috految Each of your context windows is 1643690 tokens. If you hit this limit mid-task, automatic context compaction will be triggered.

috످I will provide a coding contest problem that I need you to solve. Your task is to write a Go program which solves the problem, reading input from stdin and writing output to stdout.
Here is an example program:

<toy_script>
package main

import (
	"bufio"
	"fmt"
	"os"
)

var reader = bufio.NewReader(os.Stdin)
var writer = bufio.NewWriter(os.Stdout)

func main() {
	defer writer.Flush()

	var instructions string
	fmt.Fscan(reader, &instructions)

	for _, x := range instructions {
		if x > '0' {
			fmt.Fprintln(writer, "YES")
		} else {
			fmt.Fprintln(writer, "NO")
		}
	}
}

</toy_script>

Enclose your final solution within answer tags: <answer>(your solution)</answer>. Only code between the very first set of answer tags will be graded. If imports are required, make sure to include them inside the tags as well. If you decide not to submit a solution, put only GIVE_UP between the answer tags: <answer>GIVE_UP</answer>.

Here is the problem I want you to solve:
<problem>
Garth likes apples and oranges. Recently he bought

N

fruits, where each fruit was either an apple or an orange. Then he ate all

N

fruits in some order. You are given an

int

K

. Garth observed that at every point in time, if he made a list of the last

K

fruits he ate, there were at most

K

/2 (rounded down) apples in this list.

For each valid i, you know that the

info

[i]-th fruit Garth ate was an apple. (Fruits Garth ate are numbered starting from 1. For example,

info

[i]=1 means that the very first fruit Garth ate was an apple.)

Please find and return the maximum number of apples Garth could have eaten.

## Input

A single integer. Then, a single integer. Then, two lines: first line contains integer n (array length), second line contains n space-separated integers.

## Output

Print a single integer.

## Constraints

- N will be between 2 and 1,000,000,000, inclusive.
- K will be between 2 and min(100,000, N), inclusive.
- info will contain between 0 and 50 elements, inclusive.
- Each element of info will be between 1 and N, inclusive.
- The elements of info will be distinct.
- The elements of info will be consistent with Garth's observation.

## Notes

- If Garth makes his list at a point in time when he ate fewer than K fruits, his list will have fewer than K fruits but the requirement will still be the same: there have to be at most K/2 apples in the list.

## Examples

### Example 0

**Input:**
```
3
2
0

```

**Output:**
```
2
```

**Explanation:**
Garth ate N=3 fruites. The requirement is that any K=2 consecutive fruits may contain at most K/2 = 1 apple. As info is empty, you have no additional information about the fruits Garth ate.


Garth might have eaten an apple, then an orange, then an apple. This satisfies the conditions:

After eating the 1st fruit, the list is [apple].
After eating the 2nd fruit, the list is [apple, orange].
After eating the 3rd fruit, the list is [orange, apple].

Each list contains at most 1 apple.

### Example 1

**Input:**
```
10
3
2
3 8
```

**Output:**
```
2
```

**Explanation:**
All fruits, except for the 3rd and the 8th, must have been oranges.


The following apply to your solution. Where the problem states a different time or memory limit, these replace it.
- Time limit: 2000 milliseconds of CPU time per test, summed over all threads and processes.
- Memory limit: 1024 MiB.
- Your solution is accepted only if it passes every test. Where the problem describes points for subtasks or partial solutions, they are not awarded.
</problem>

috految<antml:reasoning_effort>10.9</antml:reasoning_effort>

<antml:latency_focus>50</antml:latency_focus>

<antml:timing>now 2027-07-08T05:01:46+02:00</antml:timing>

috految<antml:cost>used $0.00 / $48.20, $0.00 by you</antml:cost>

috److This is TopCoder's ApplesAndOrangesHard, which can be solved with a greedy that places apples as early as possible.

**Greedy.** Process positions from left to right. When a forced apple makes the current window exceed the limit, remove the latest non-forced apple.

**Periodic pattern.** Using 0-indexed positions, the initial pattern has apples at residues `0..K/2-1` modulo `K`. Each full window then contains exactly `K/2` apples, so the pattern repeats until a forced apple changes it.

**Handling a forced position `p`**, in sorted order:

1. If `pattern[p % K]` is already true, nothing changes.
2. Otherwise, find the latest `q < p` that is an apple and is not forced. Since the input is consistent, `q` lies within the window ending at `p`.
3. Clear `pattern[q % K]` and set `pattern[p % K]`. The window ending at `p` still has exactly `K/2` apples, and the pattern repeats from there.

If `p < K` and `p` is not an apple, all `K/2` apples lie before `p`, so the same step applies.

**Counting.** Let `f(x) = (N-1-x)/K + 1` be the number of positions `x, x+K, ...` below `N`.

- The initial total is the sum of `f(i)` for `i < K/2`.
- Moving an apple from `q` to `p` changes the total by `f(p) - f(q)`.

The running time is O(50·K).

<answer>
package main

import (
	"fmt"
	"sort"
)

func main() {
	var n, k, m int
	fmt.Scan(&n, &k, &m)
	a := make([]int, m)
	forced := map[int]bool{}
	for i := range a {
		fmt.Scan(&a[i])
		a[i]--
		forced[a[i]] = true
	}
	sort.Ints(a)
	pattern := make([]bool, k)
	total := 0
	for i := 0; i < k/2; i++ {
		pattern[i] = true
		total += (n-1-i)/k + 1
	}
	for _, p := range a {
		if pattern[p%k] {
			continue
		}
		q := p - 1
		for !pattern[q%k] || forced[q] {
			q--
		}
		pattern[q%k] = false
		pattern[p%k] = true
		total += (n-1-p)/k - (n-1-q)/k
	}
	fmt.Println(total)
}
</answer>

috످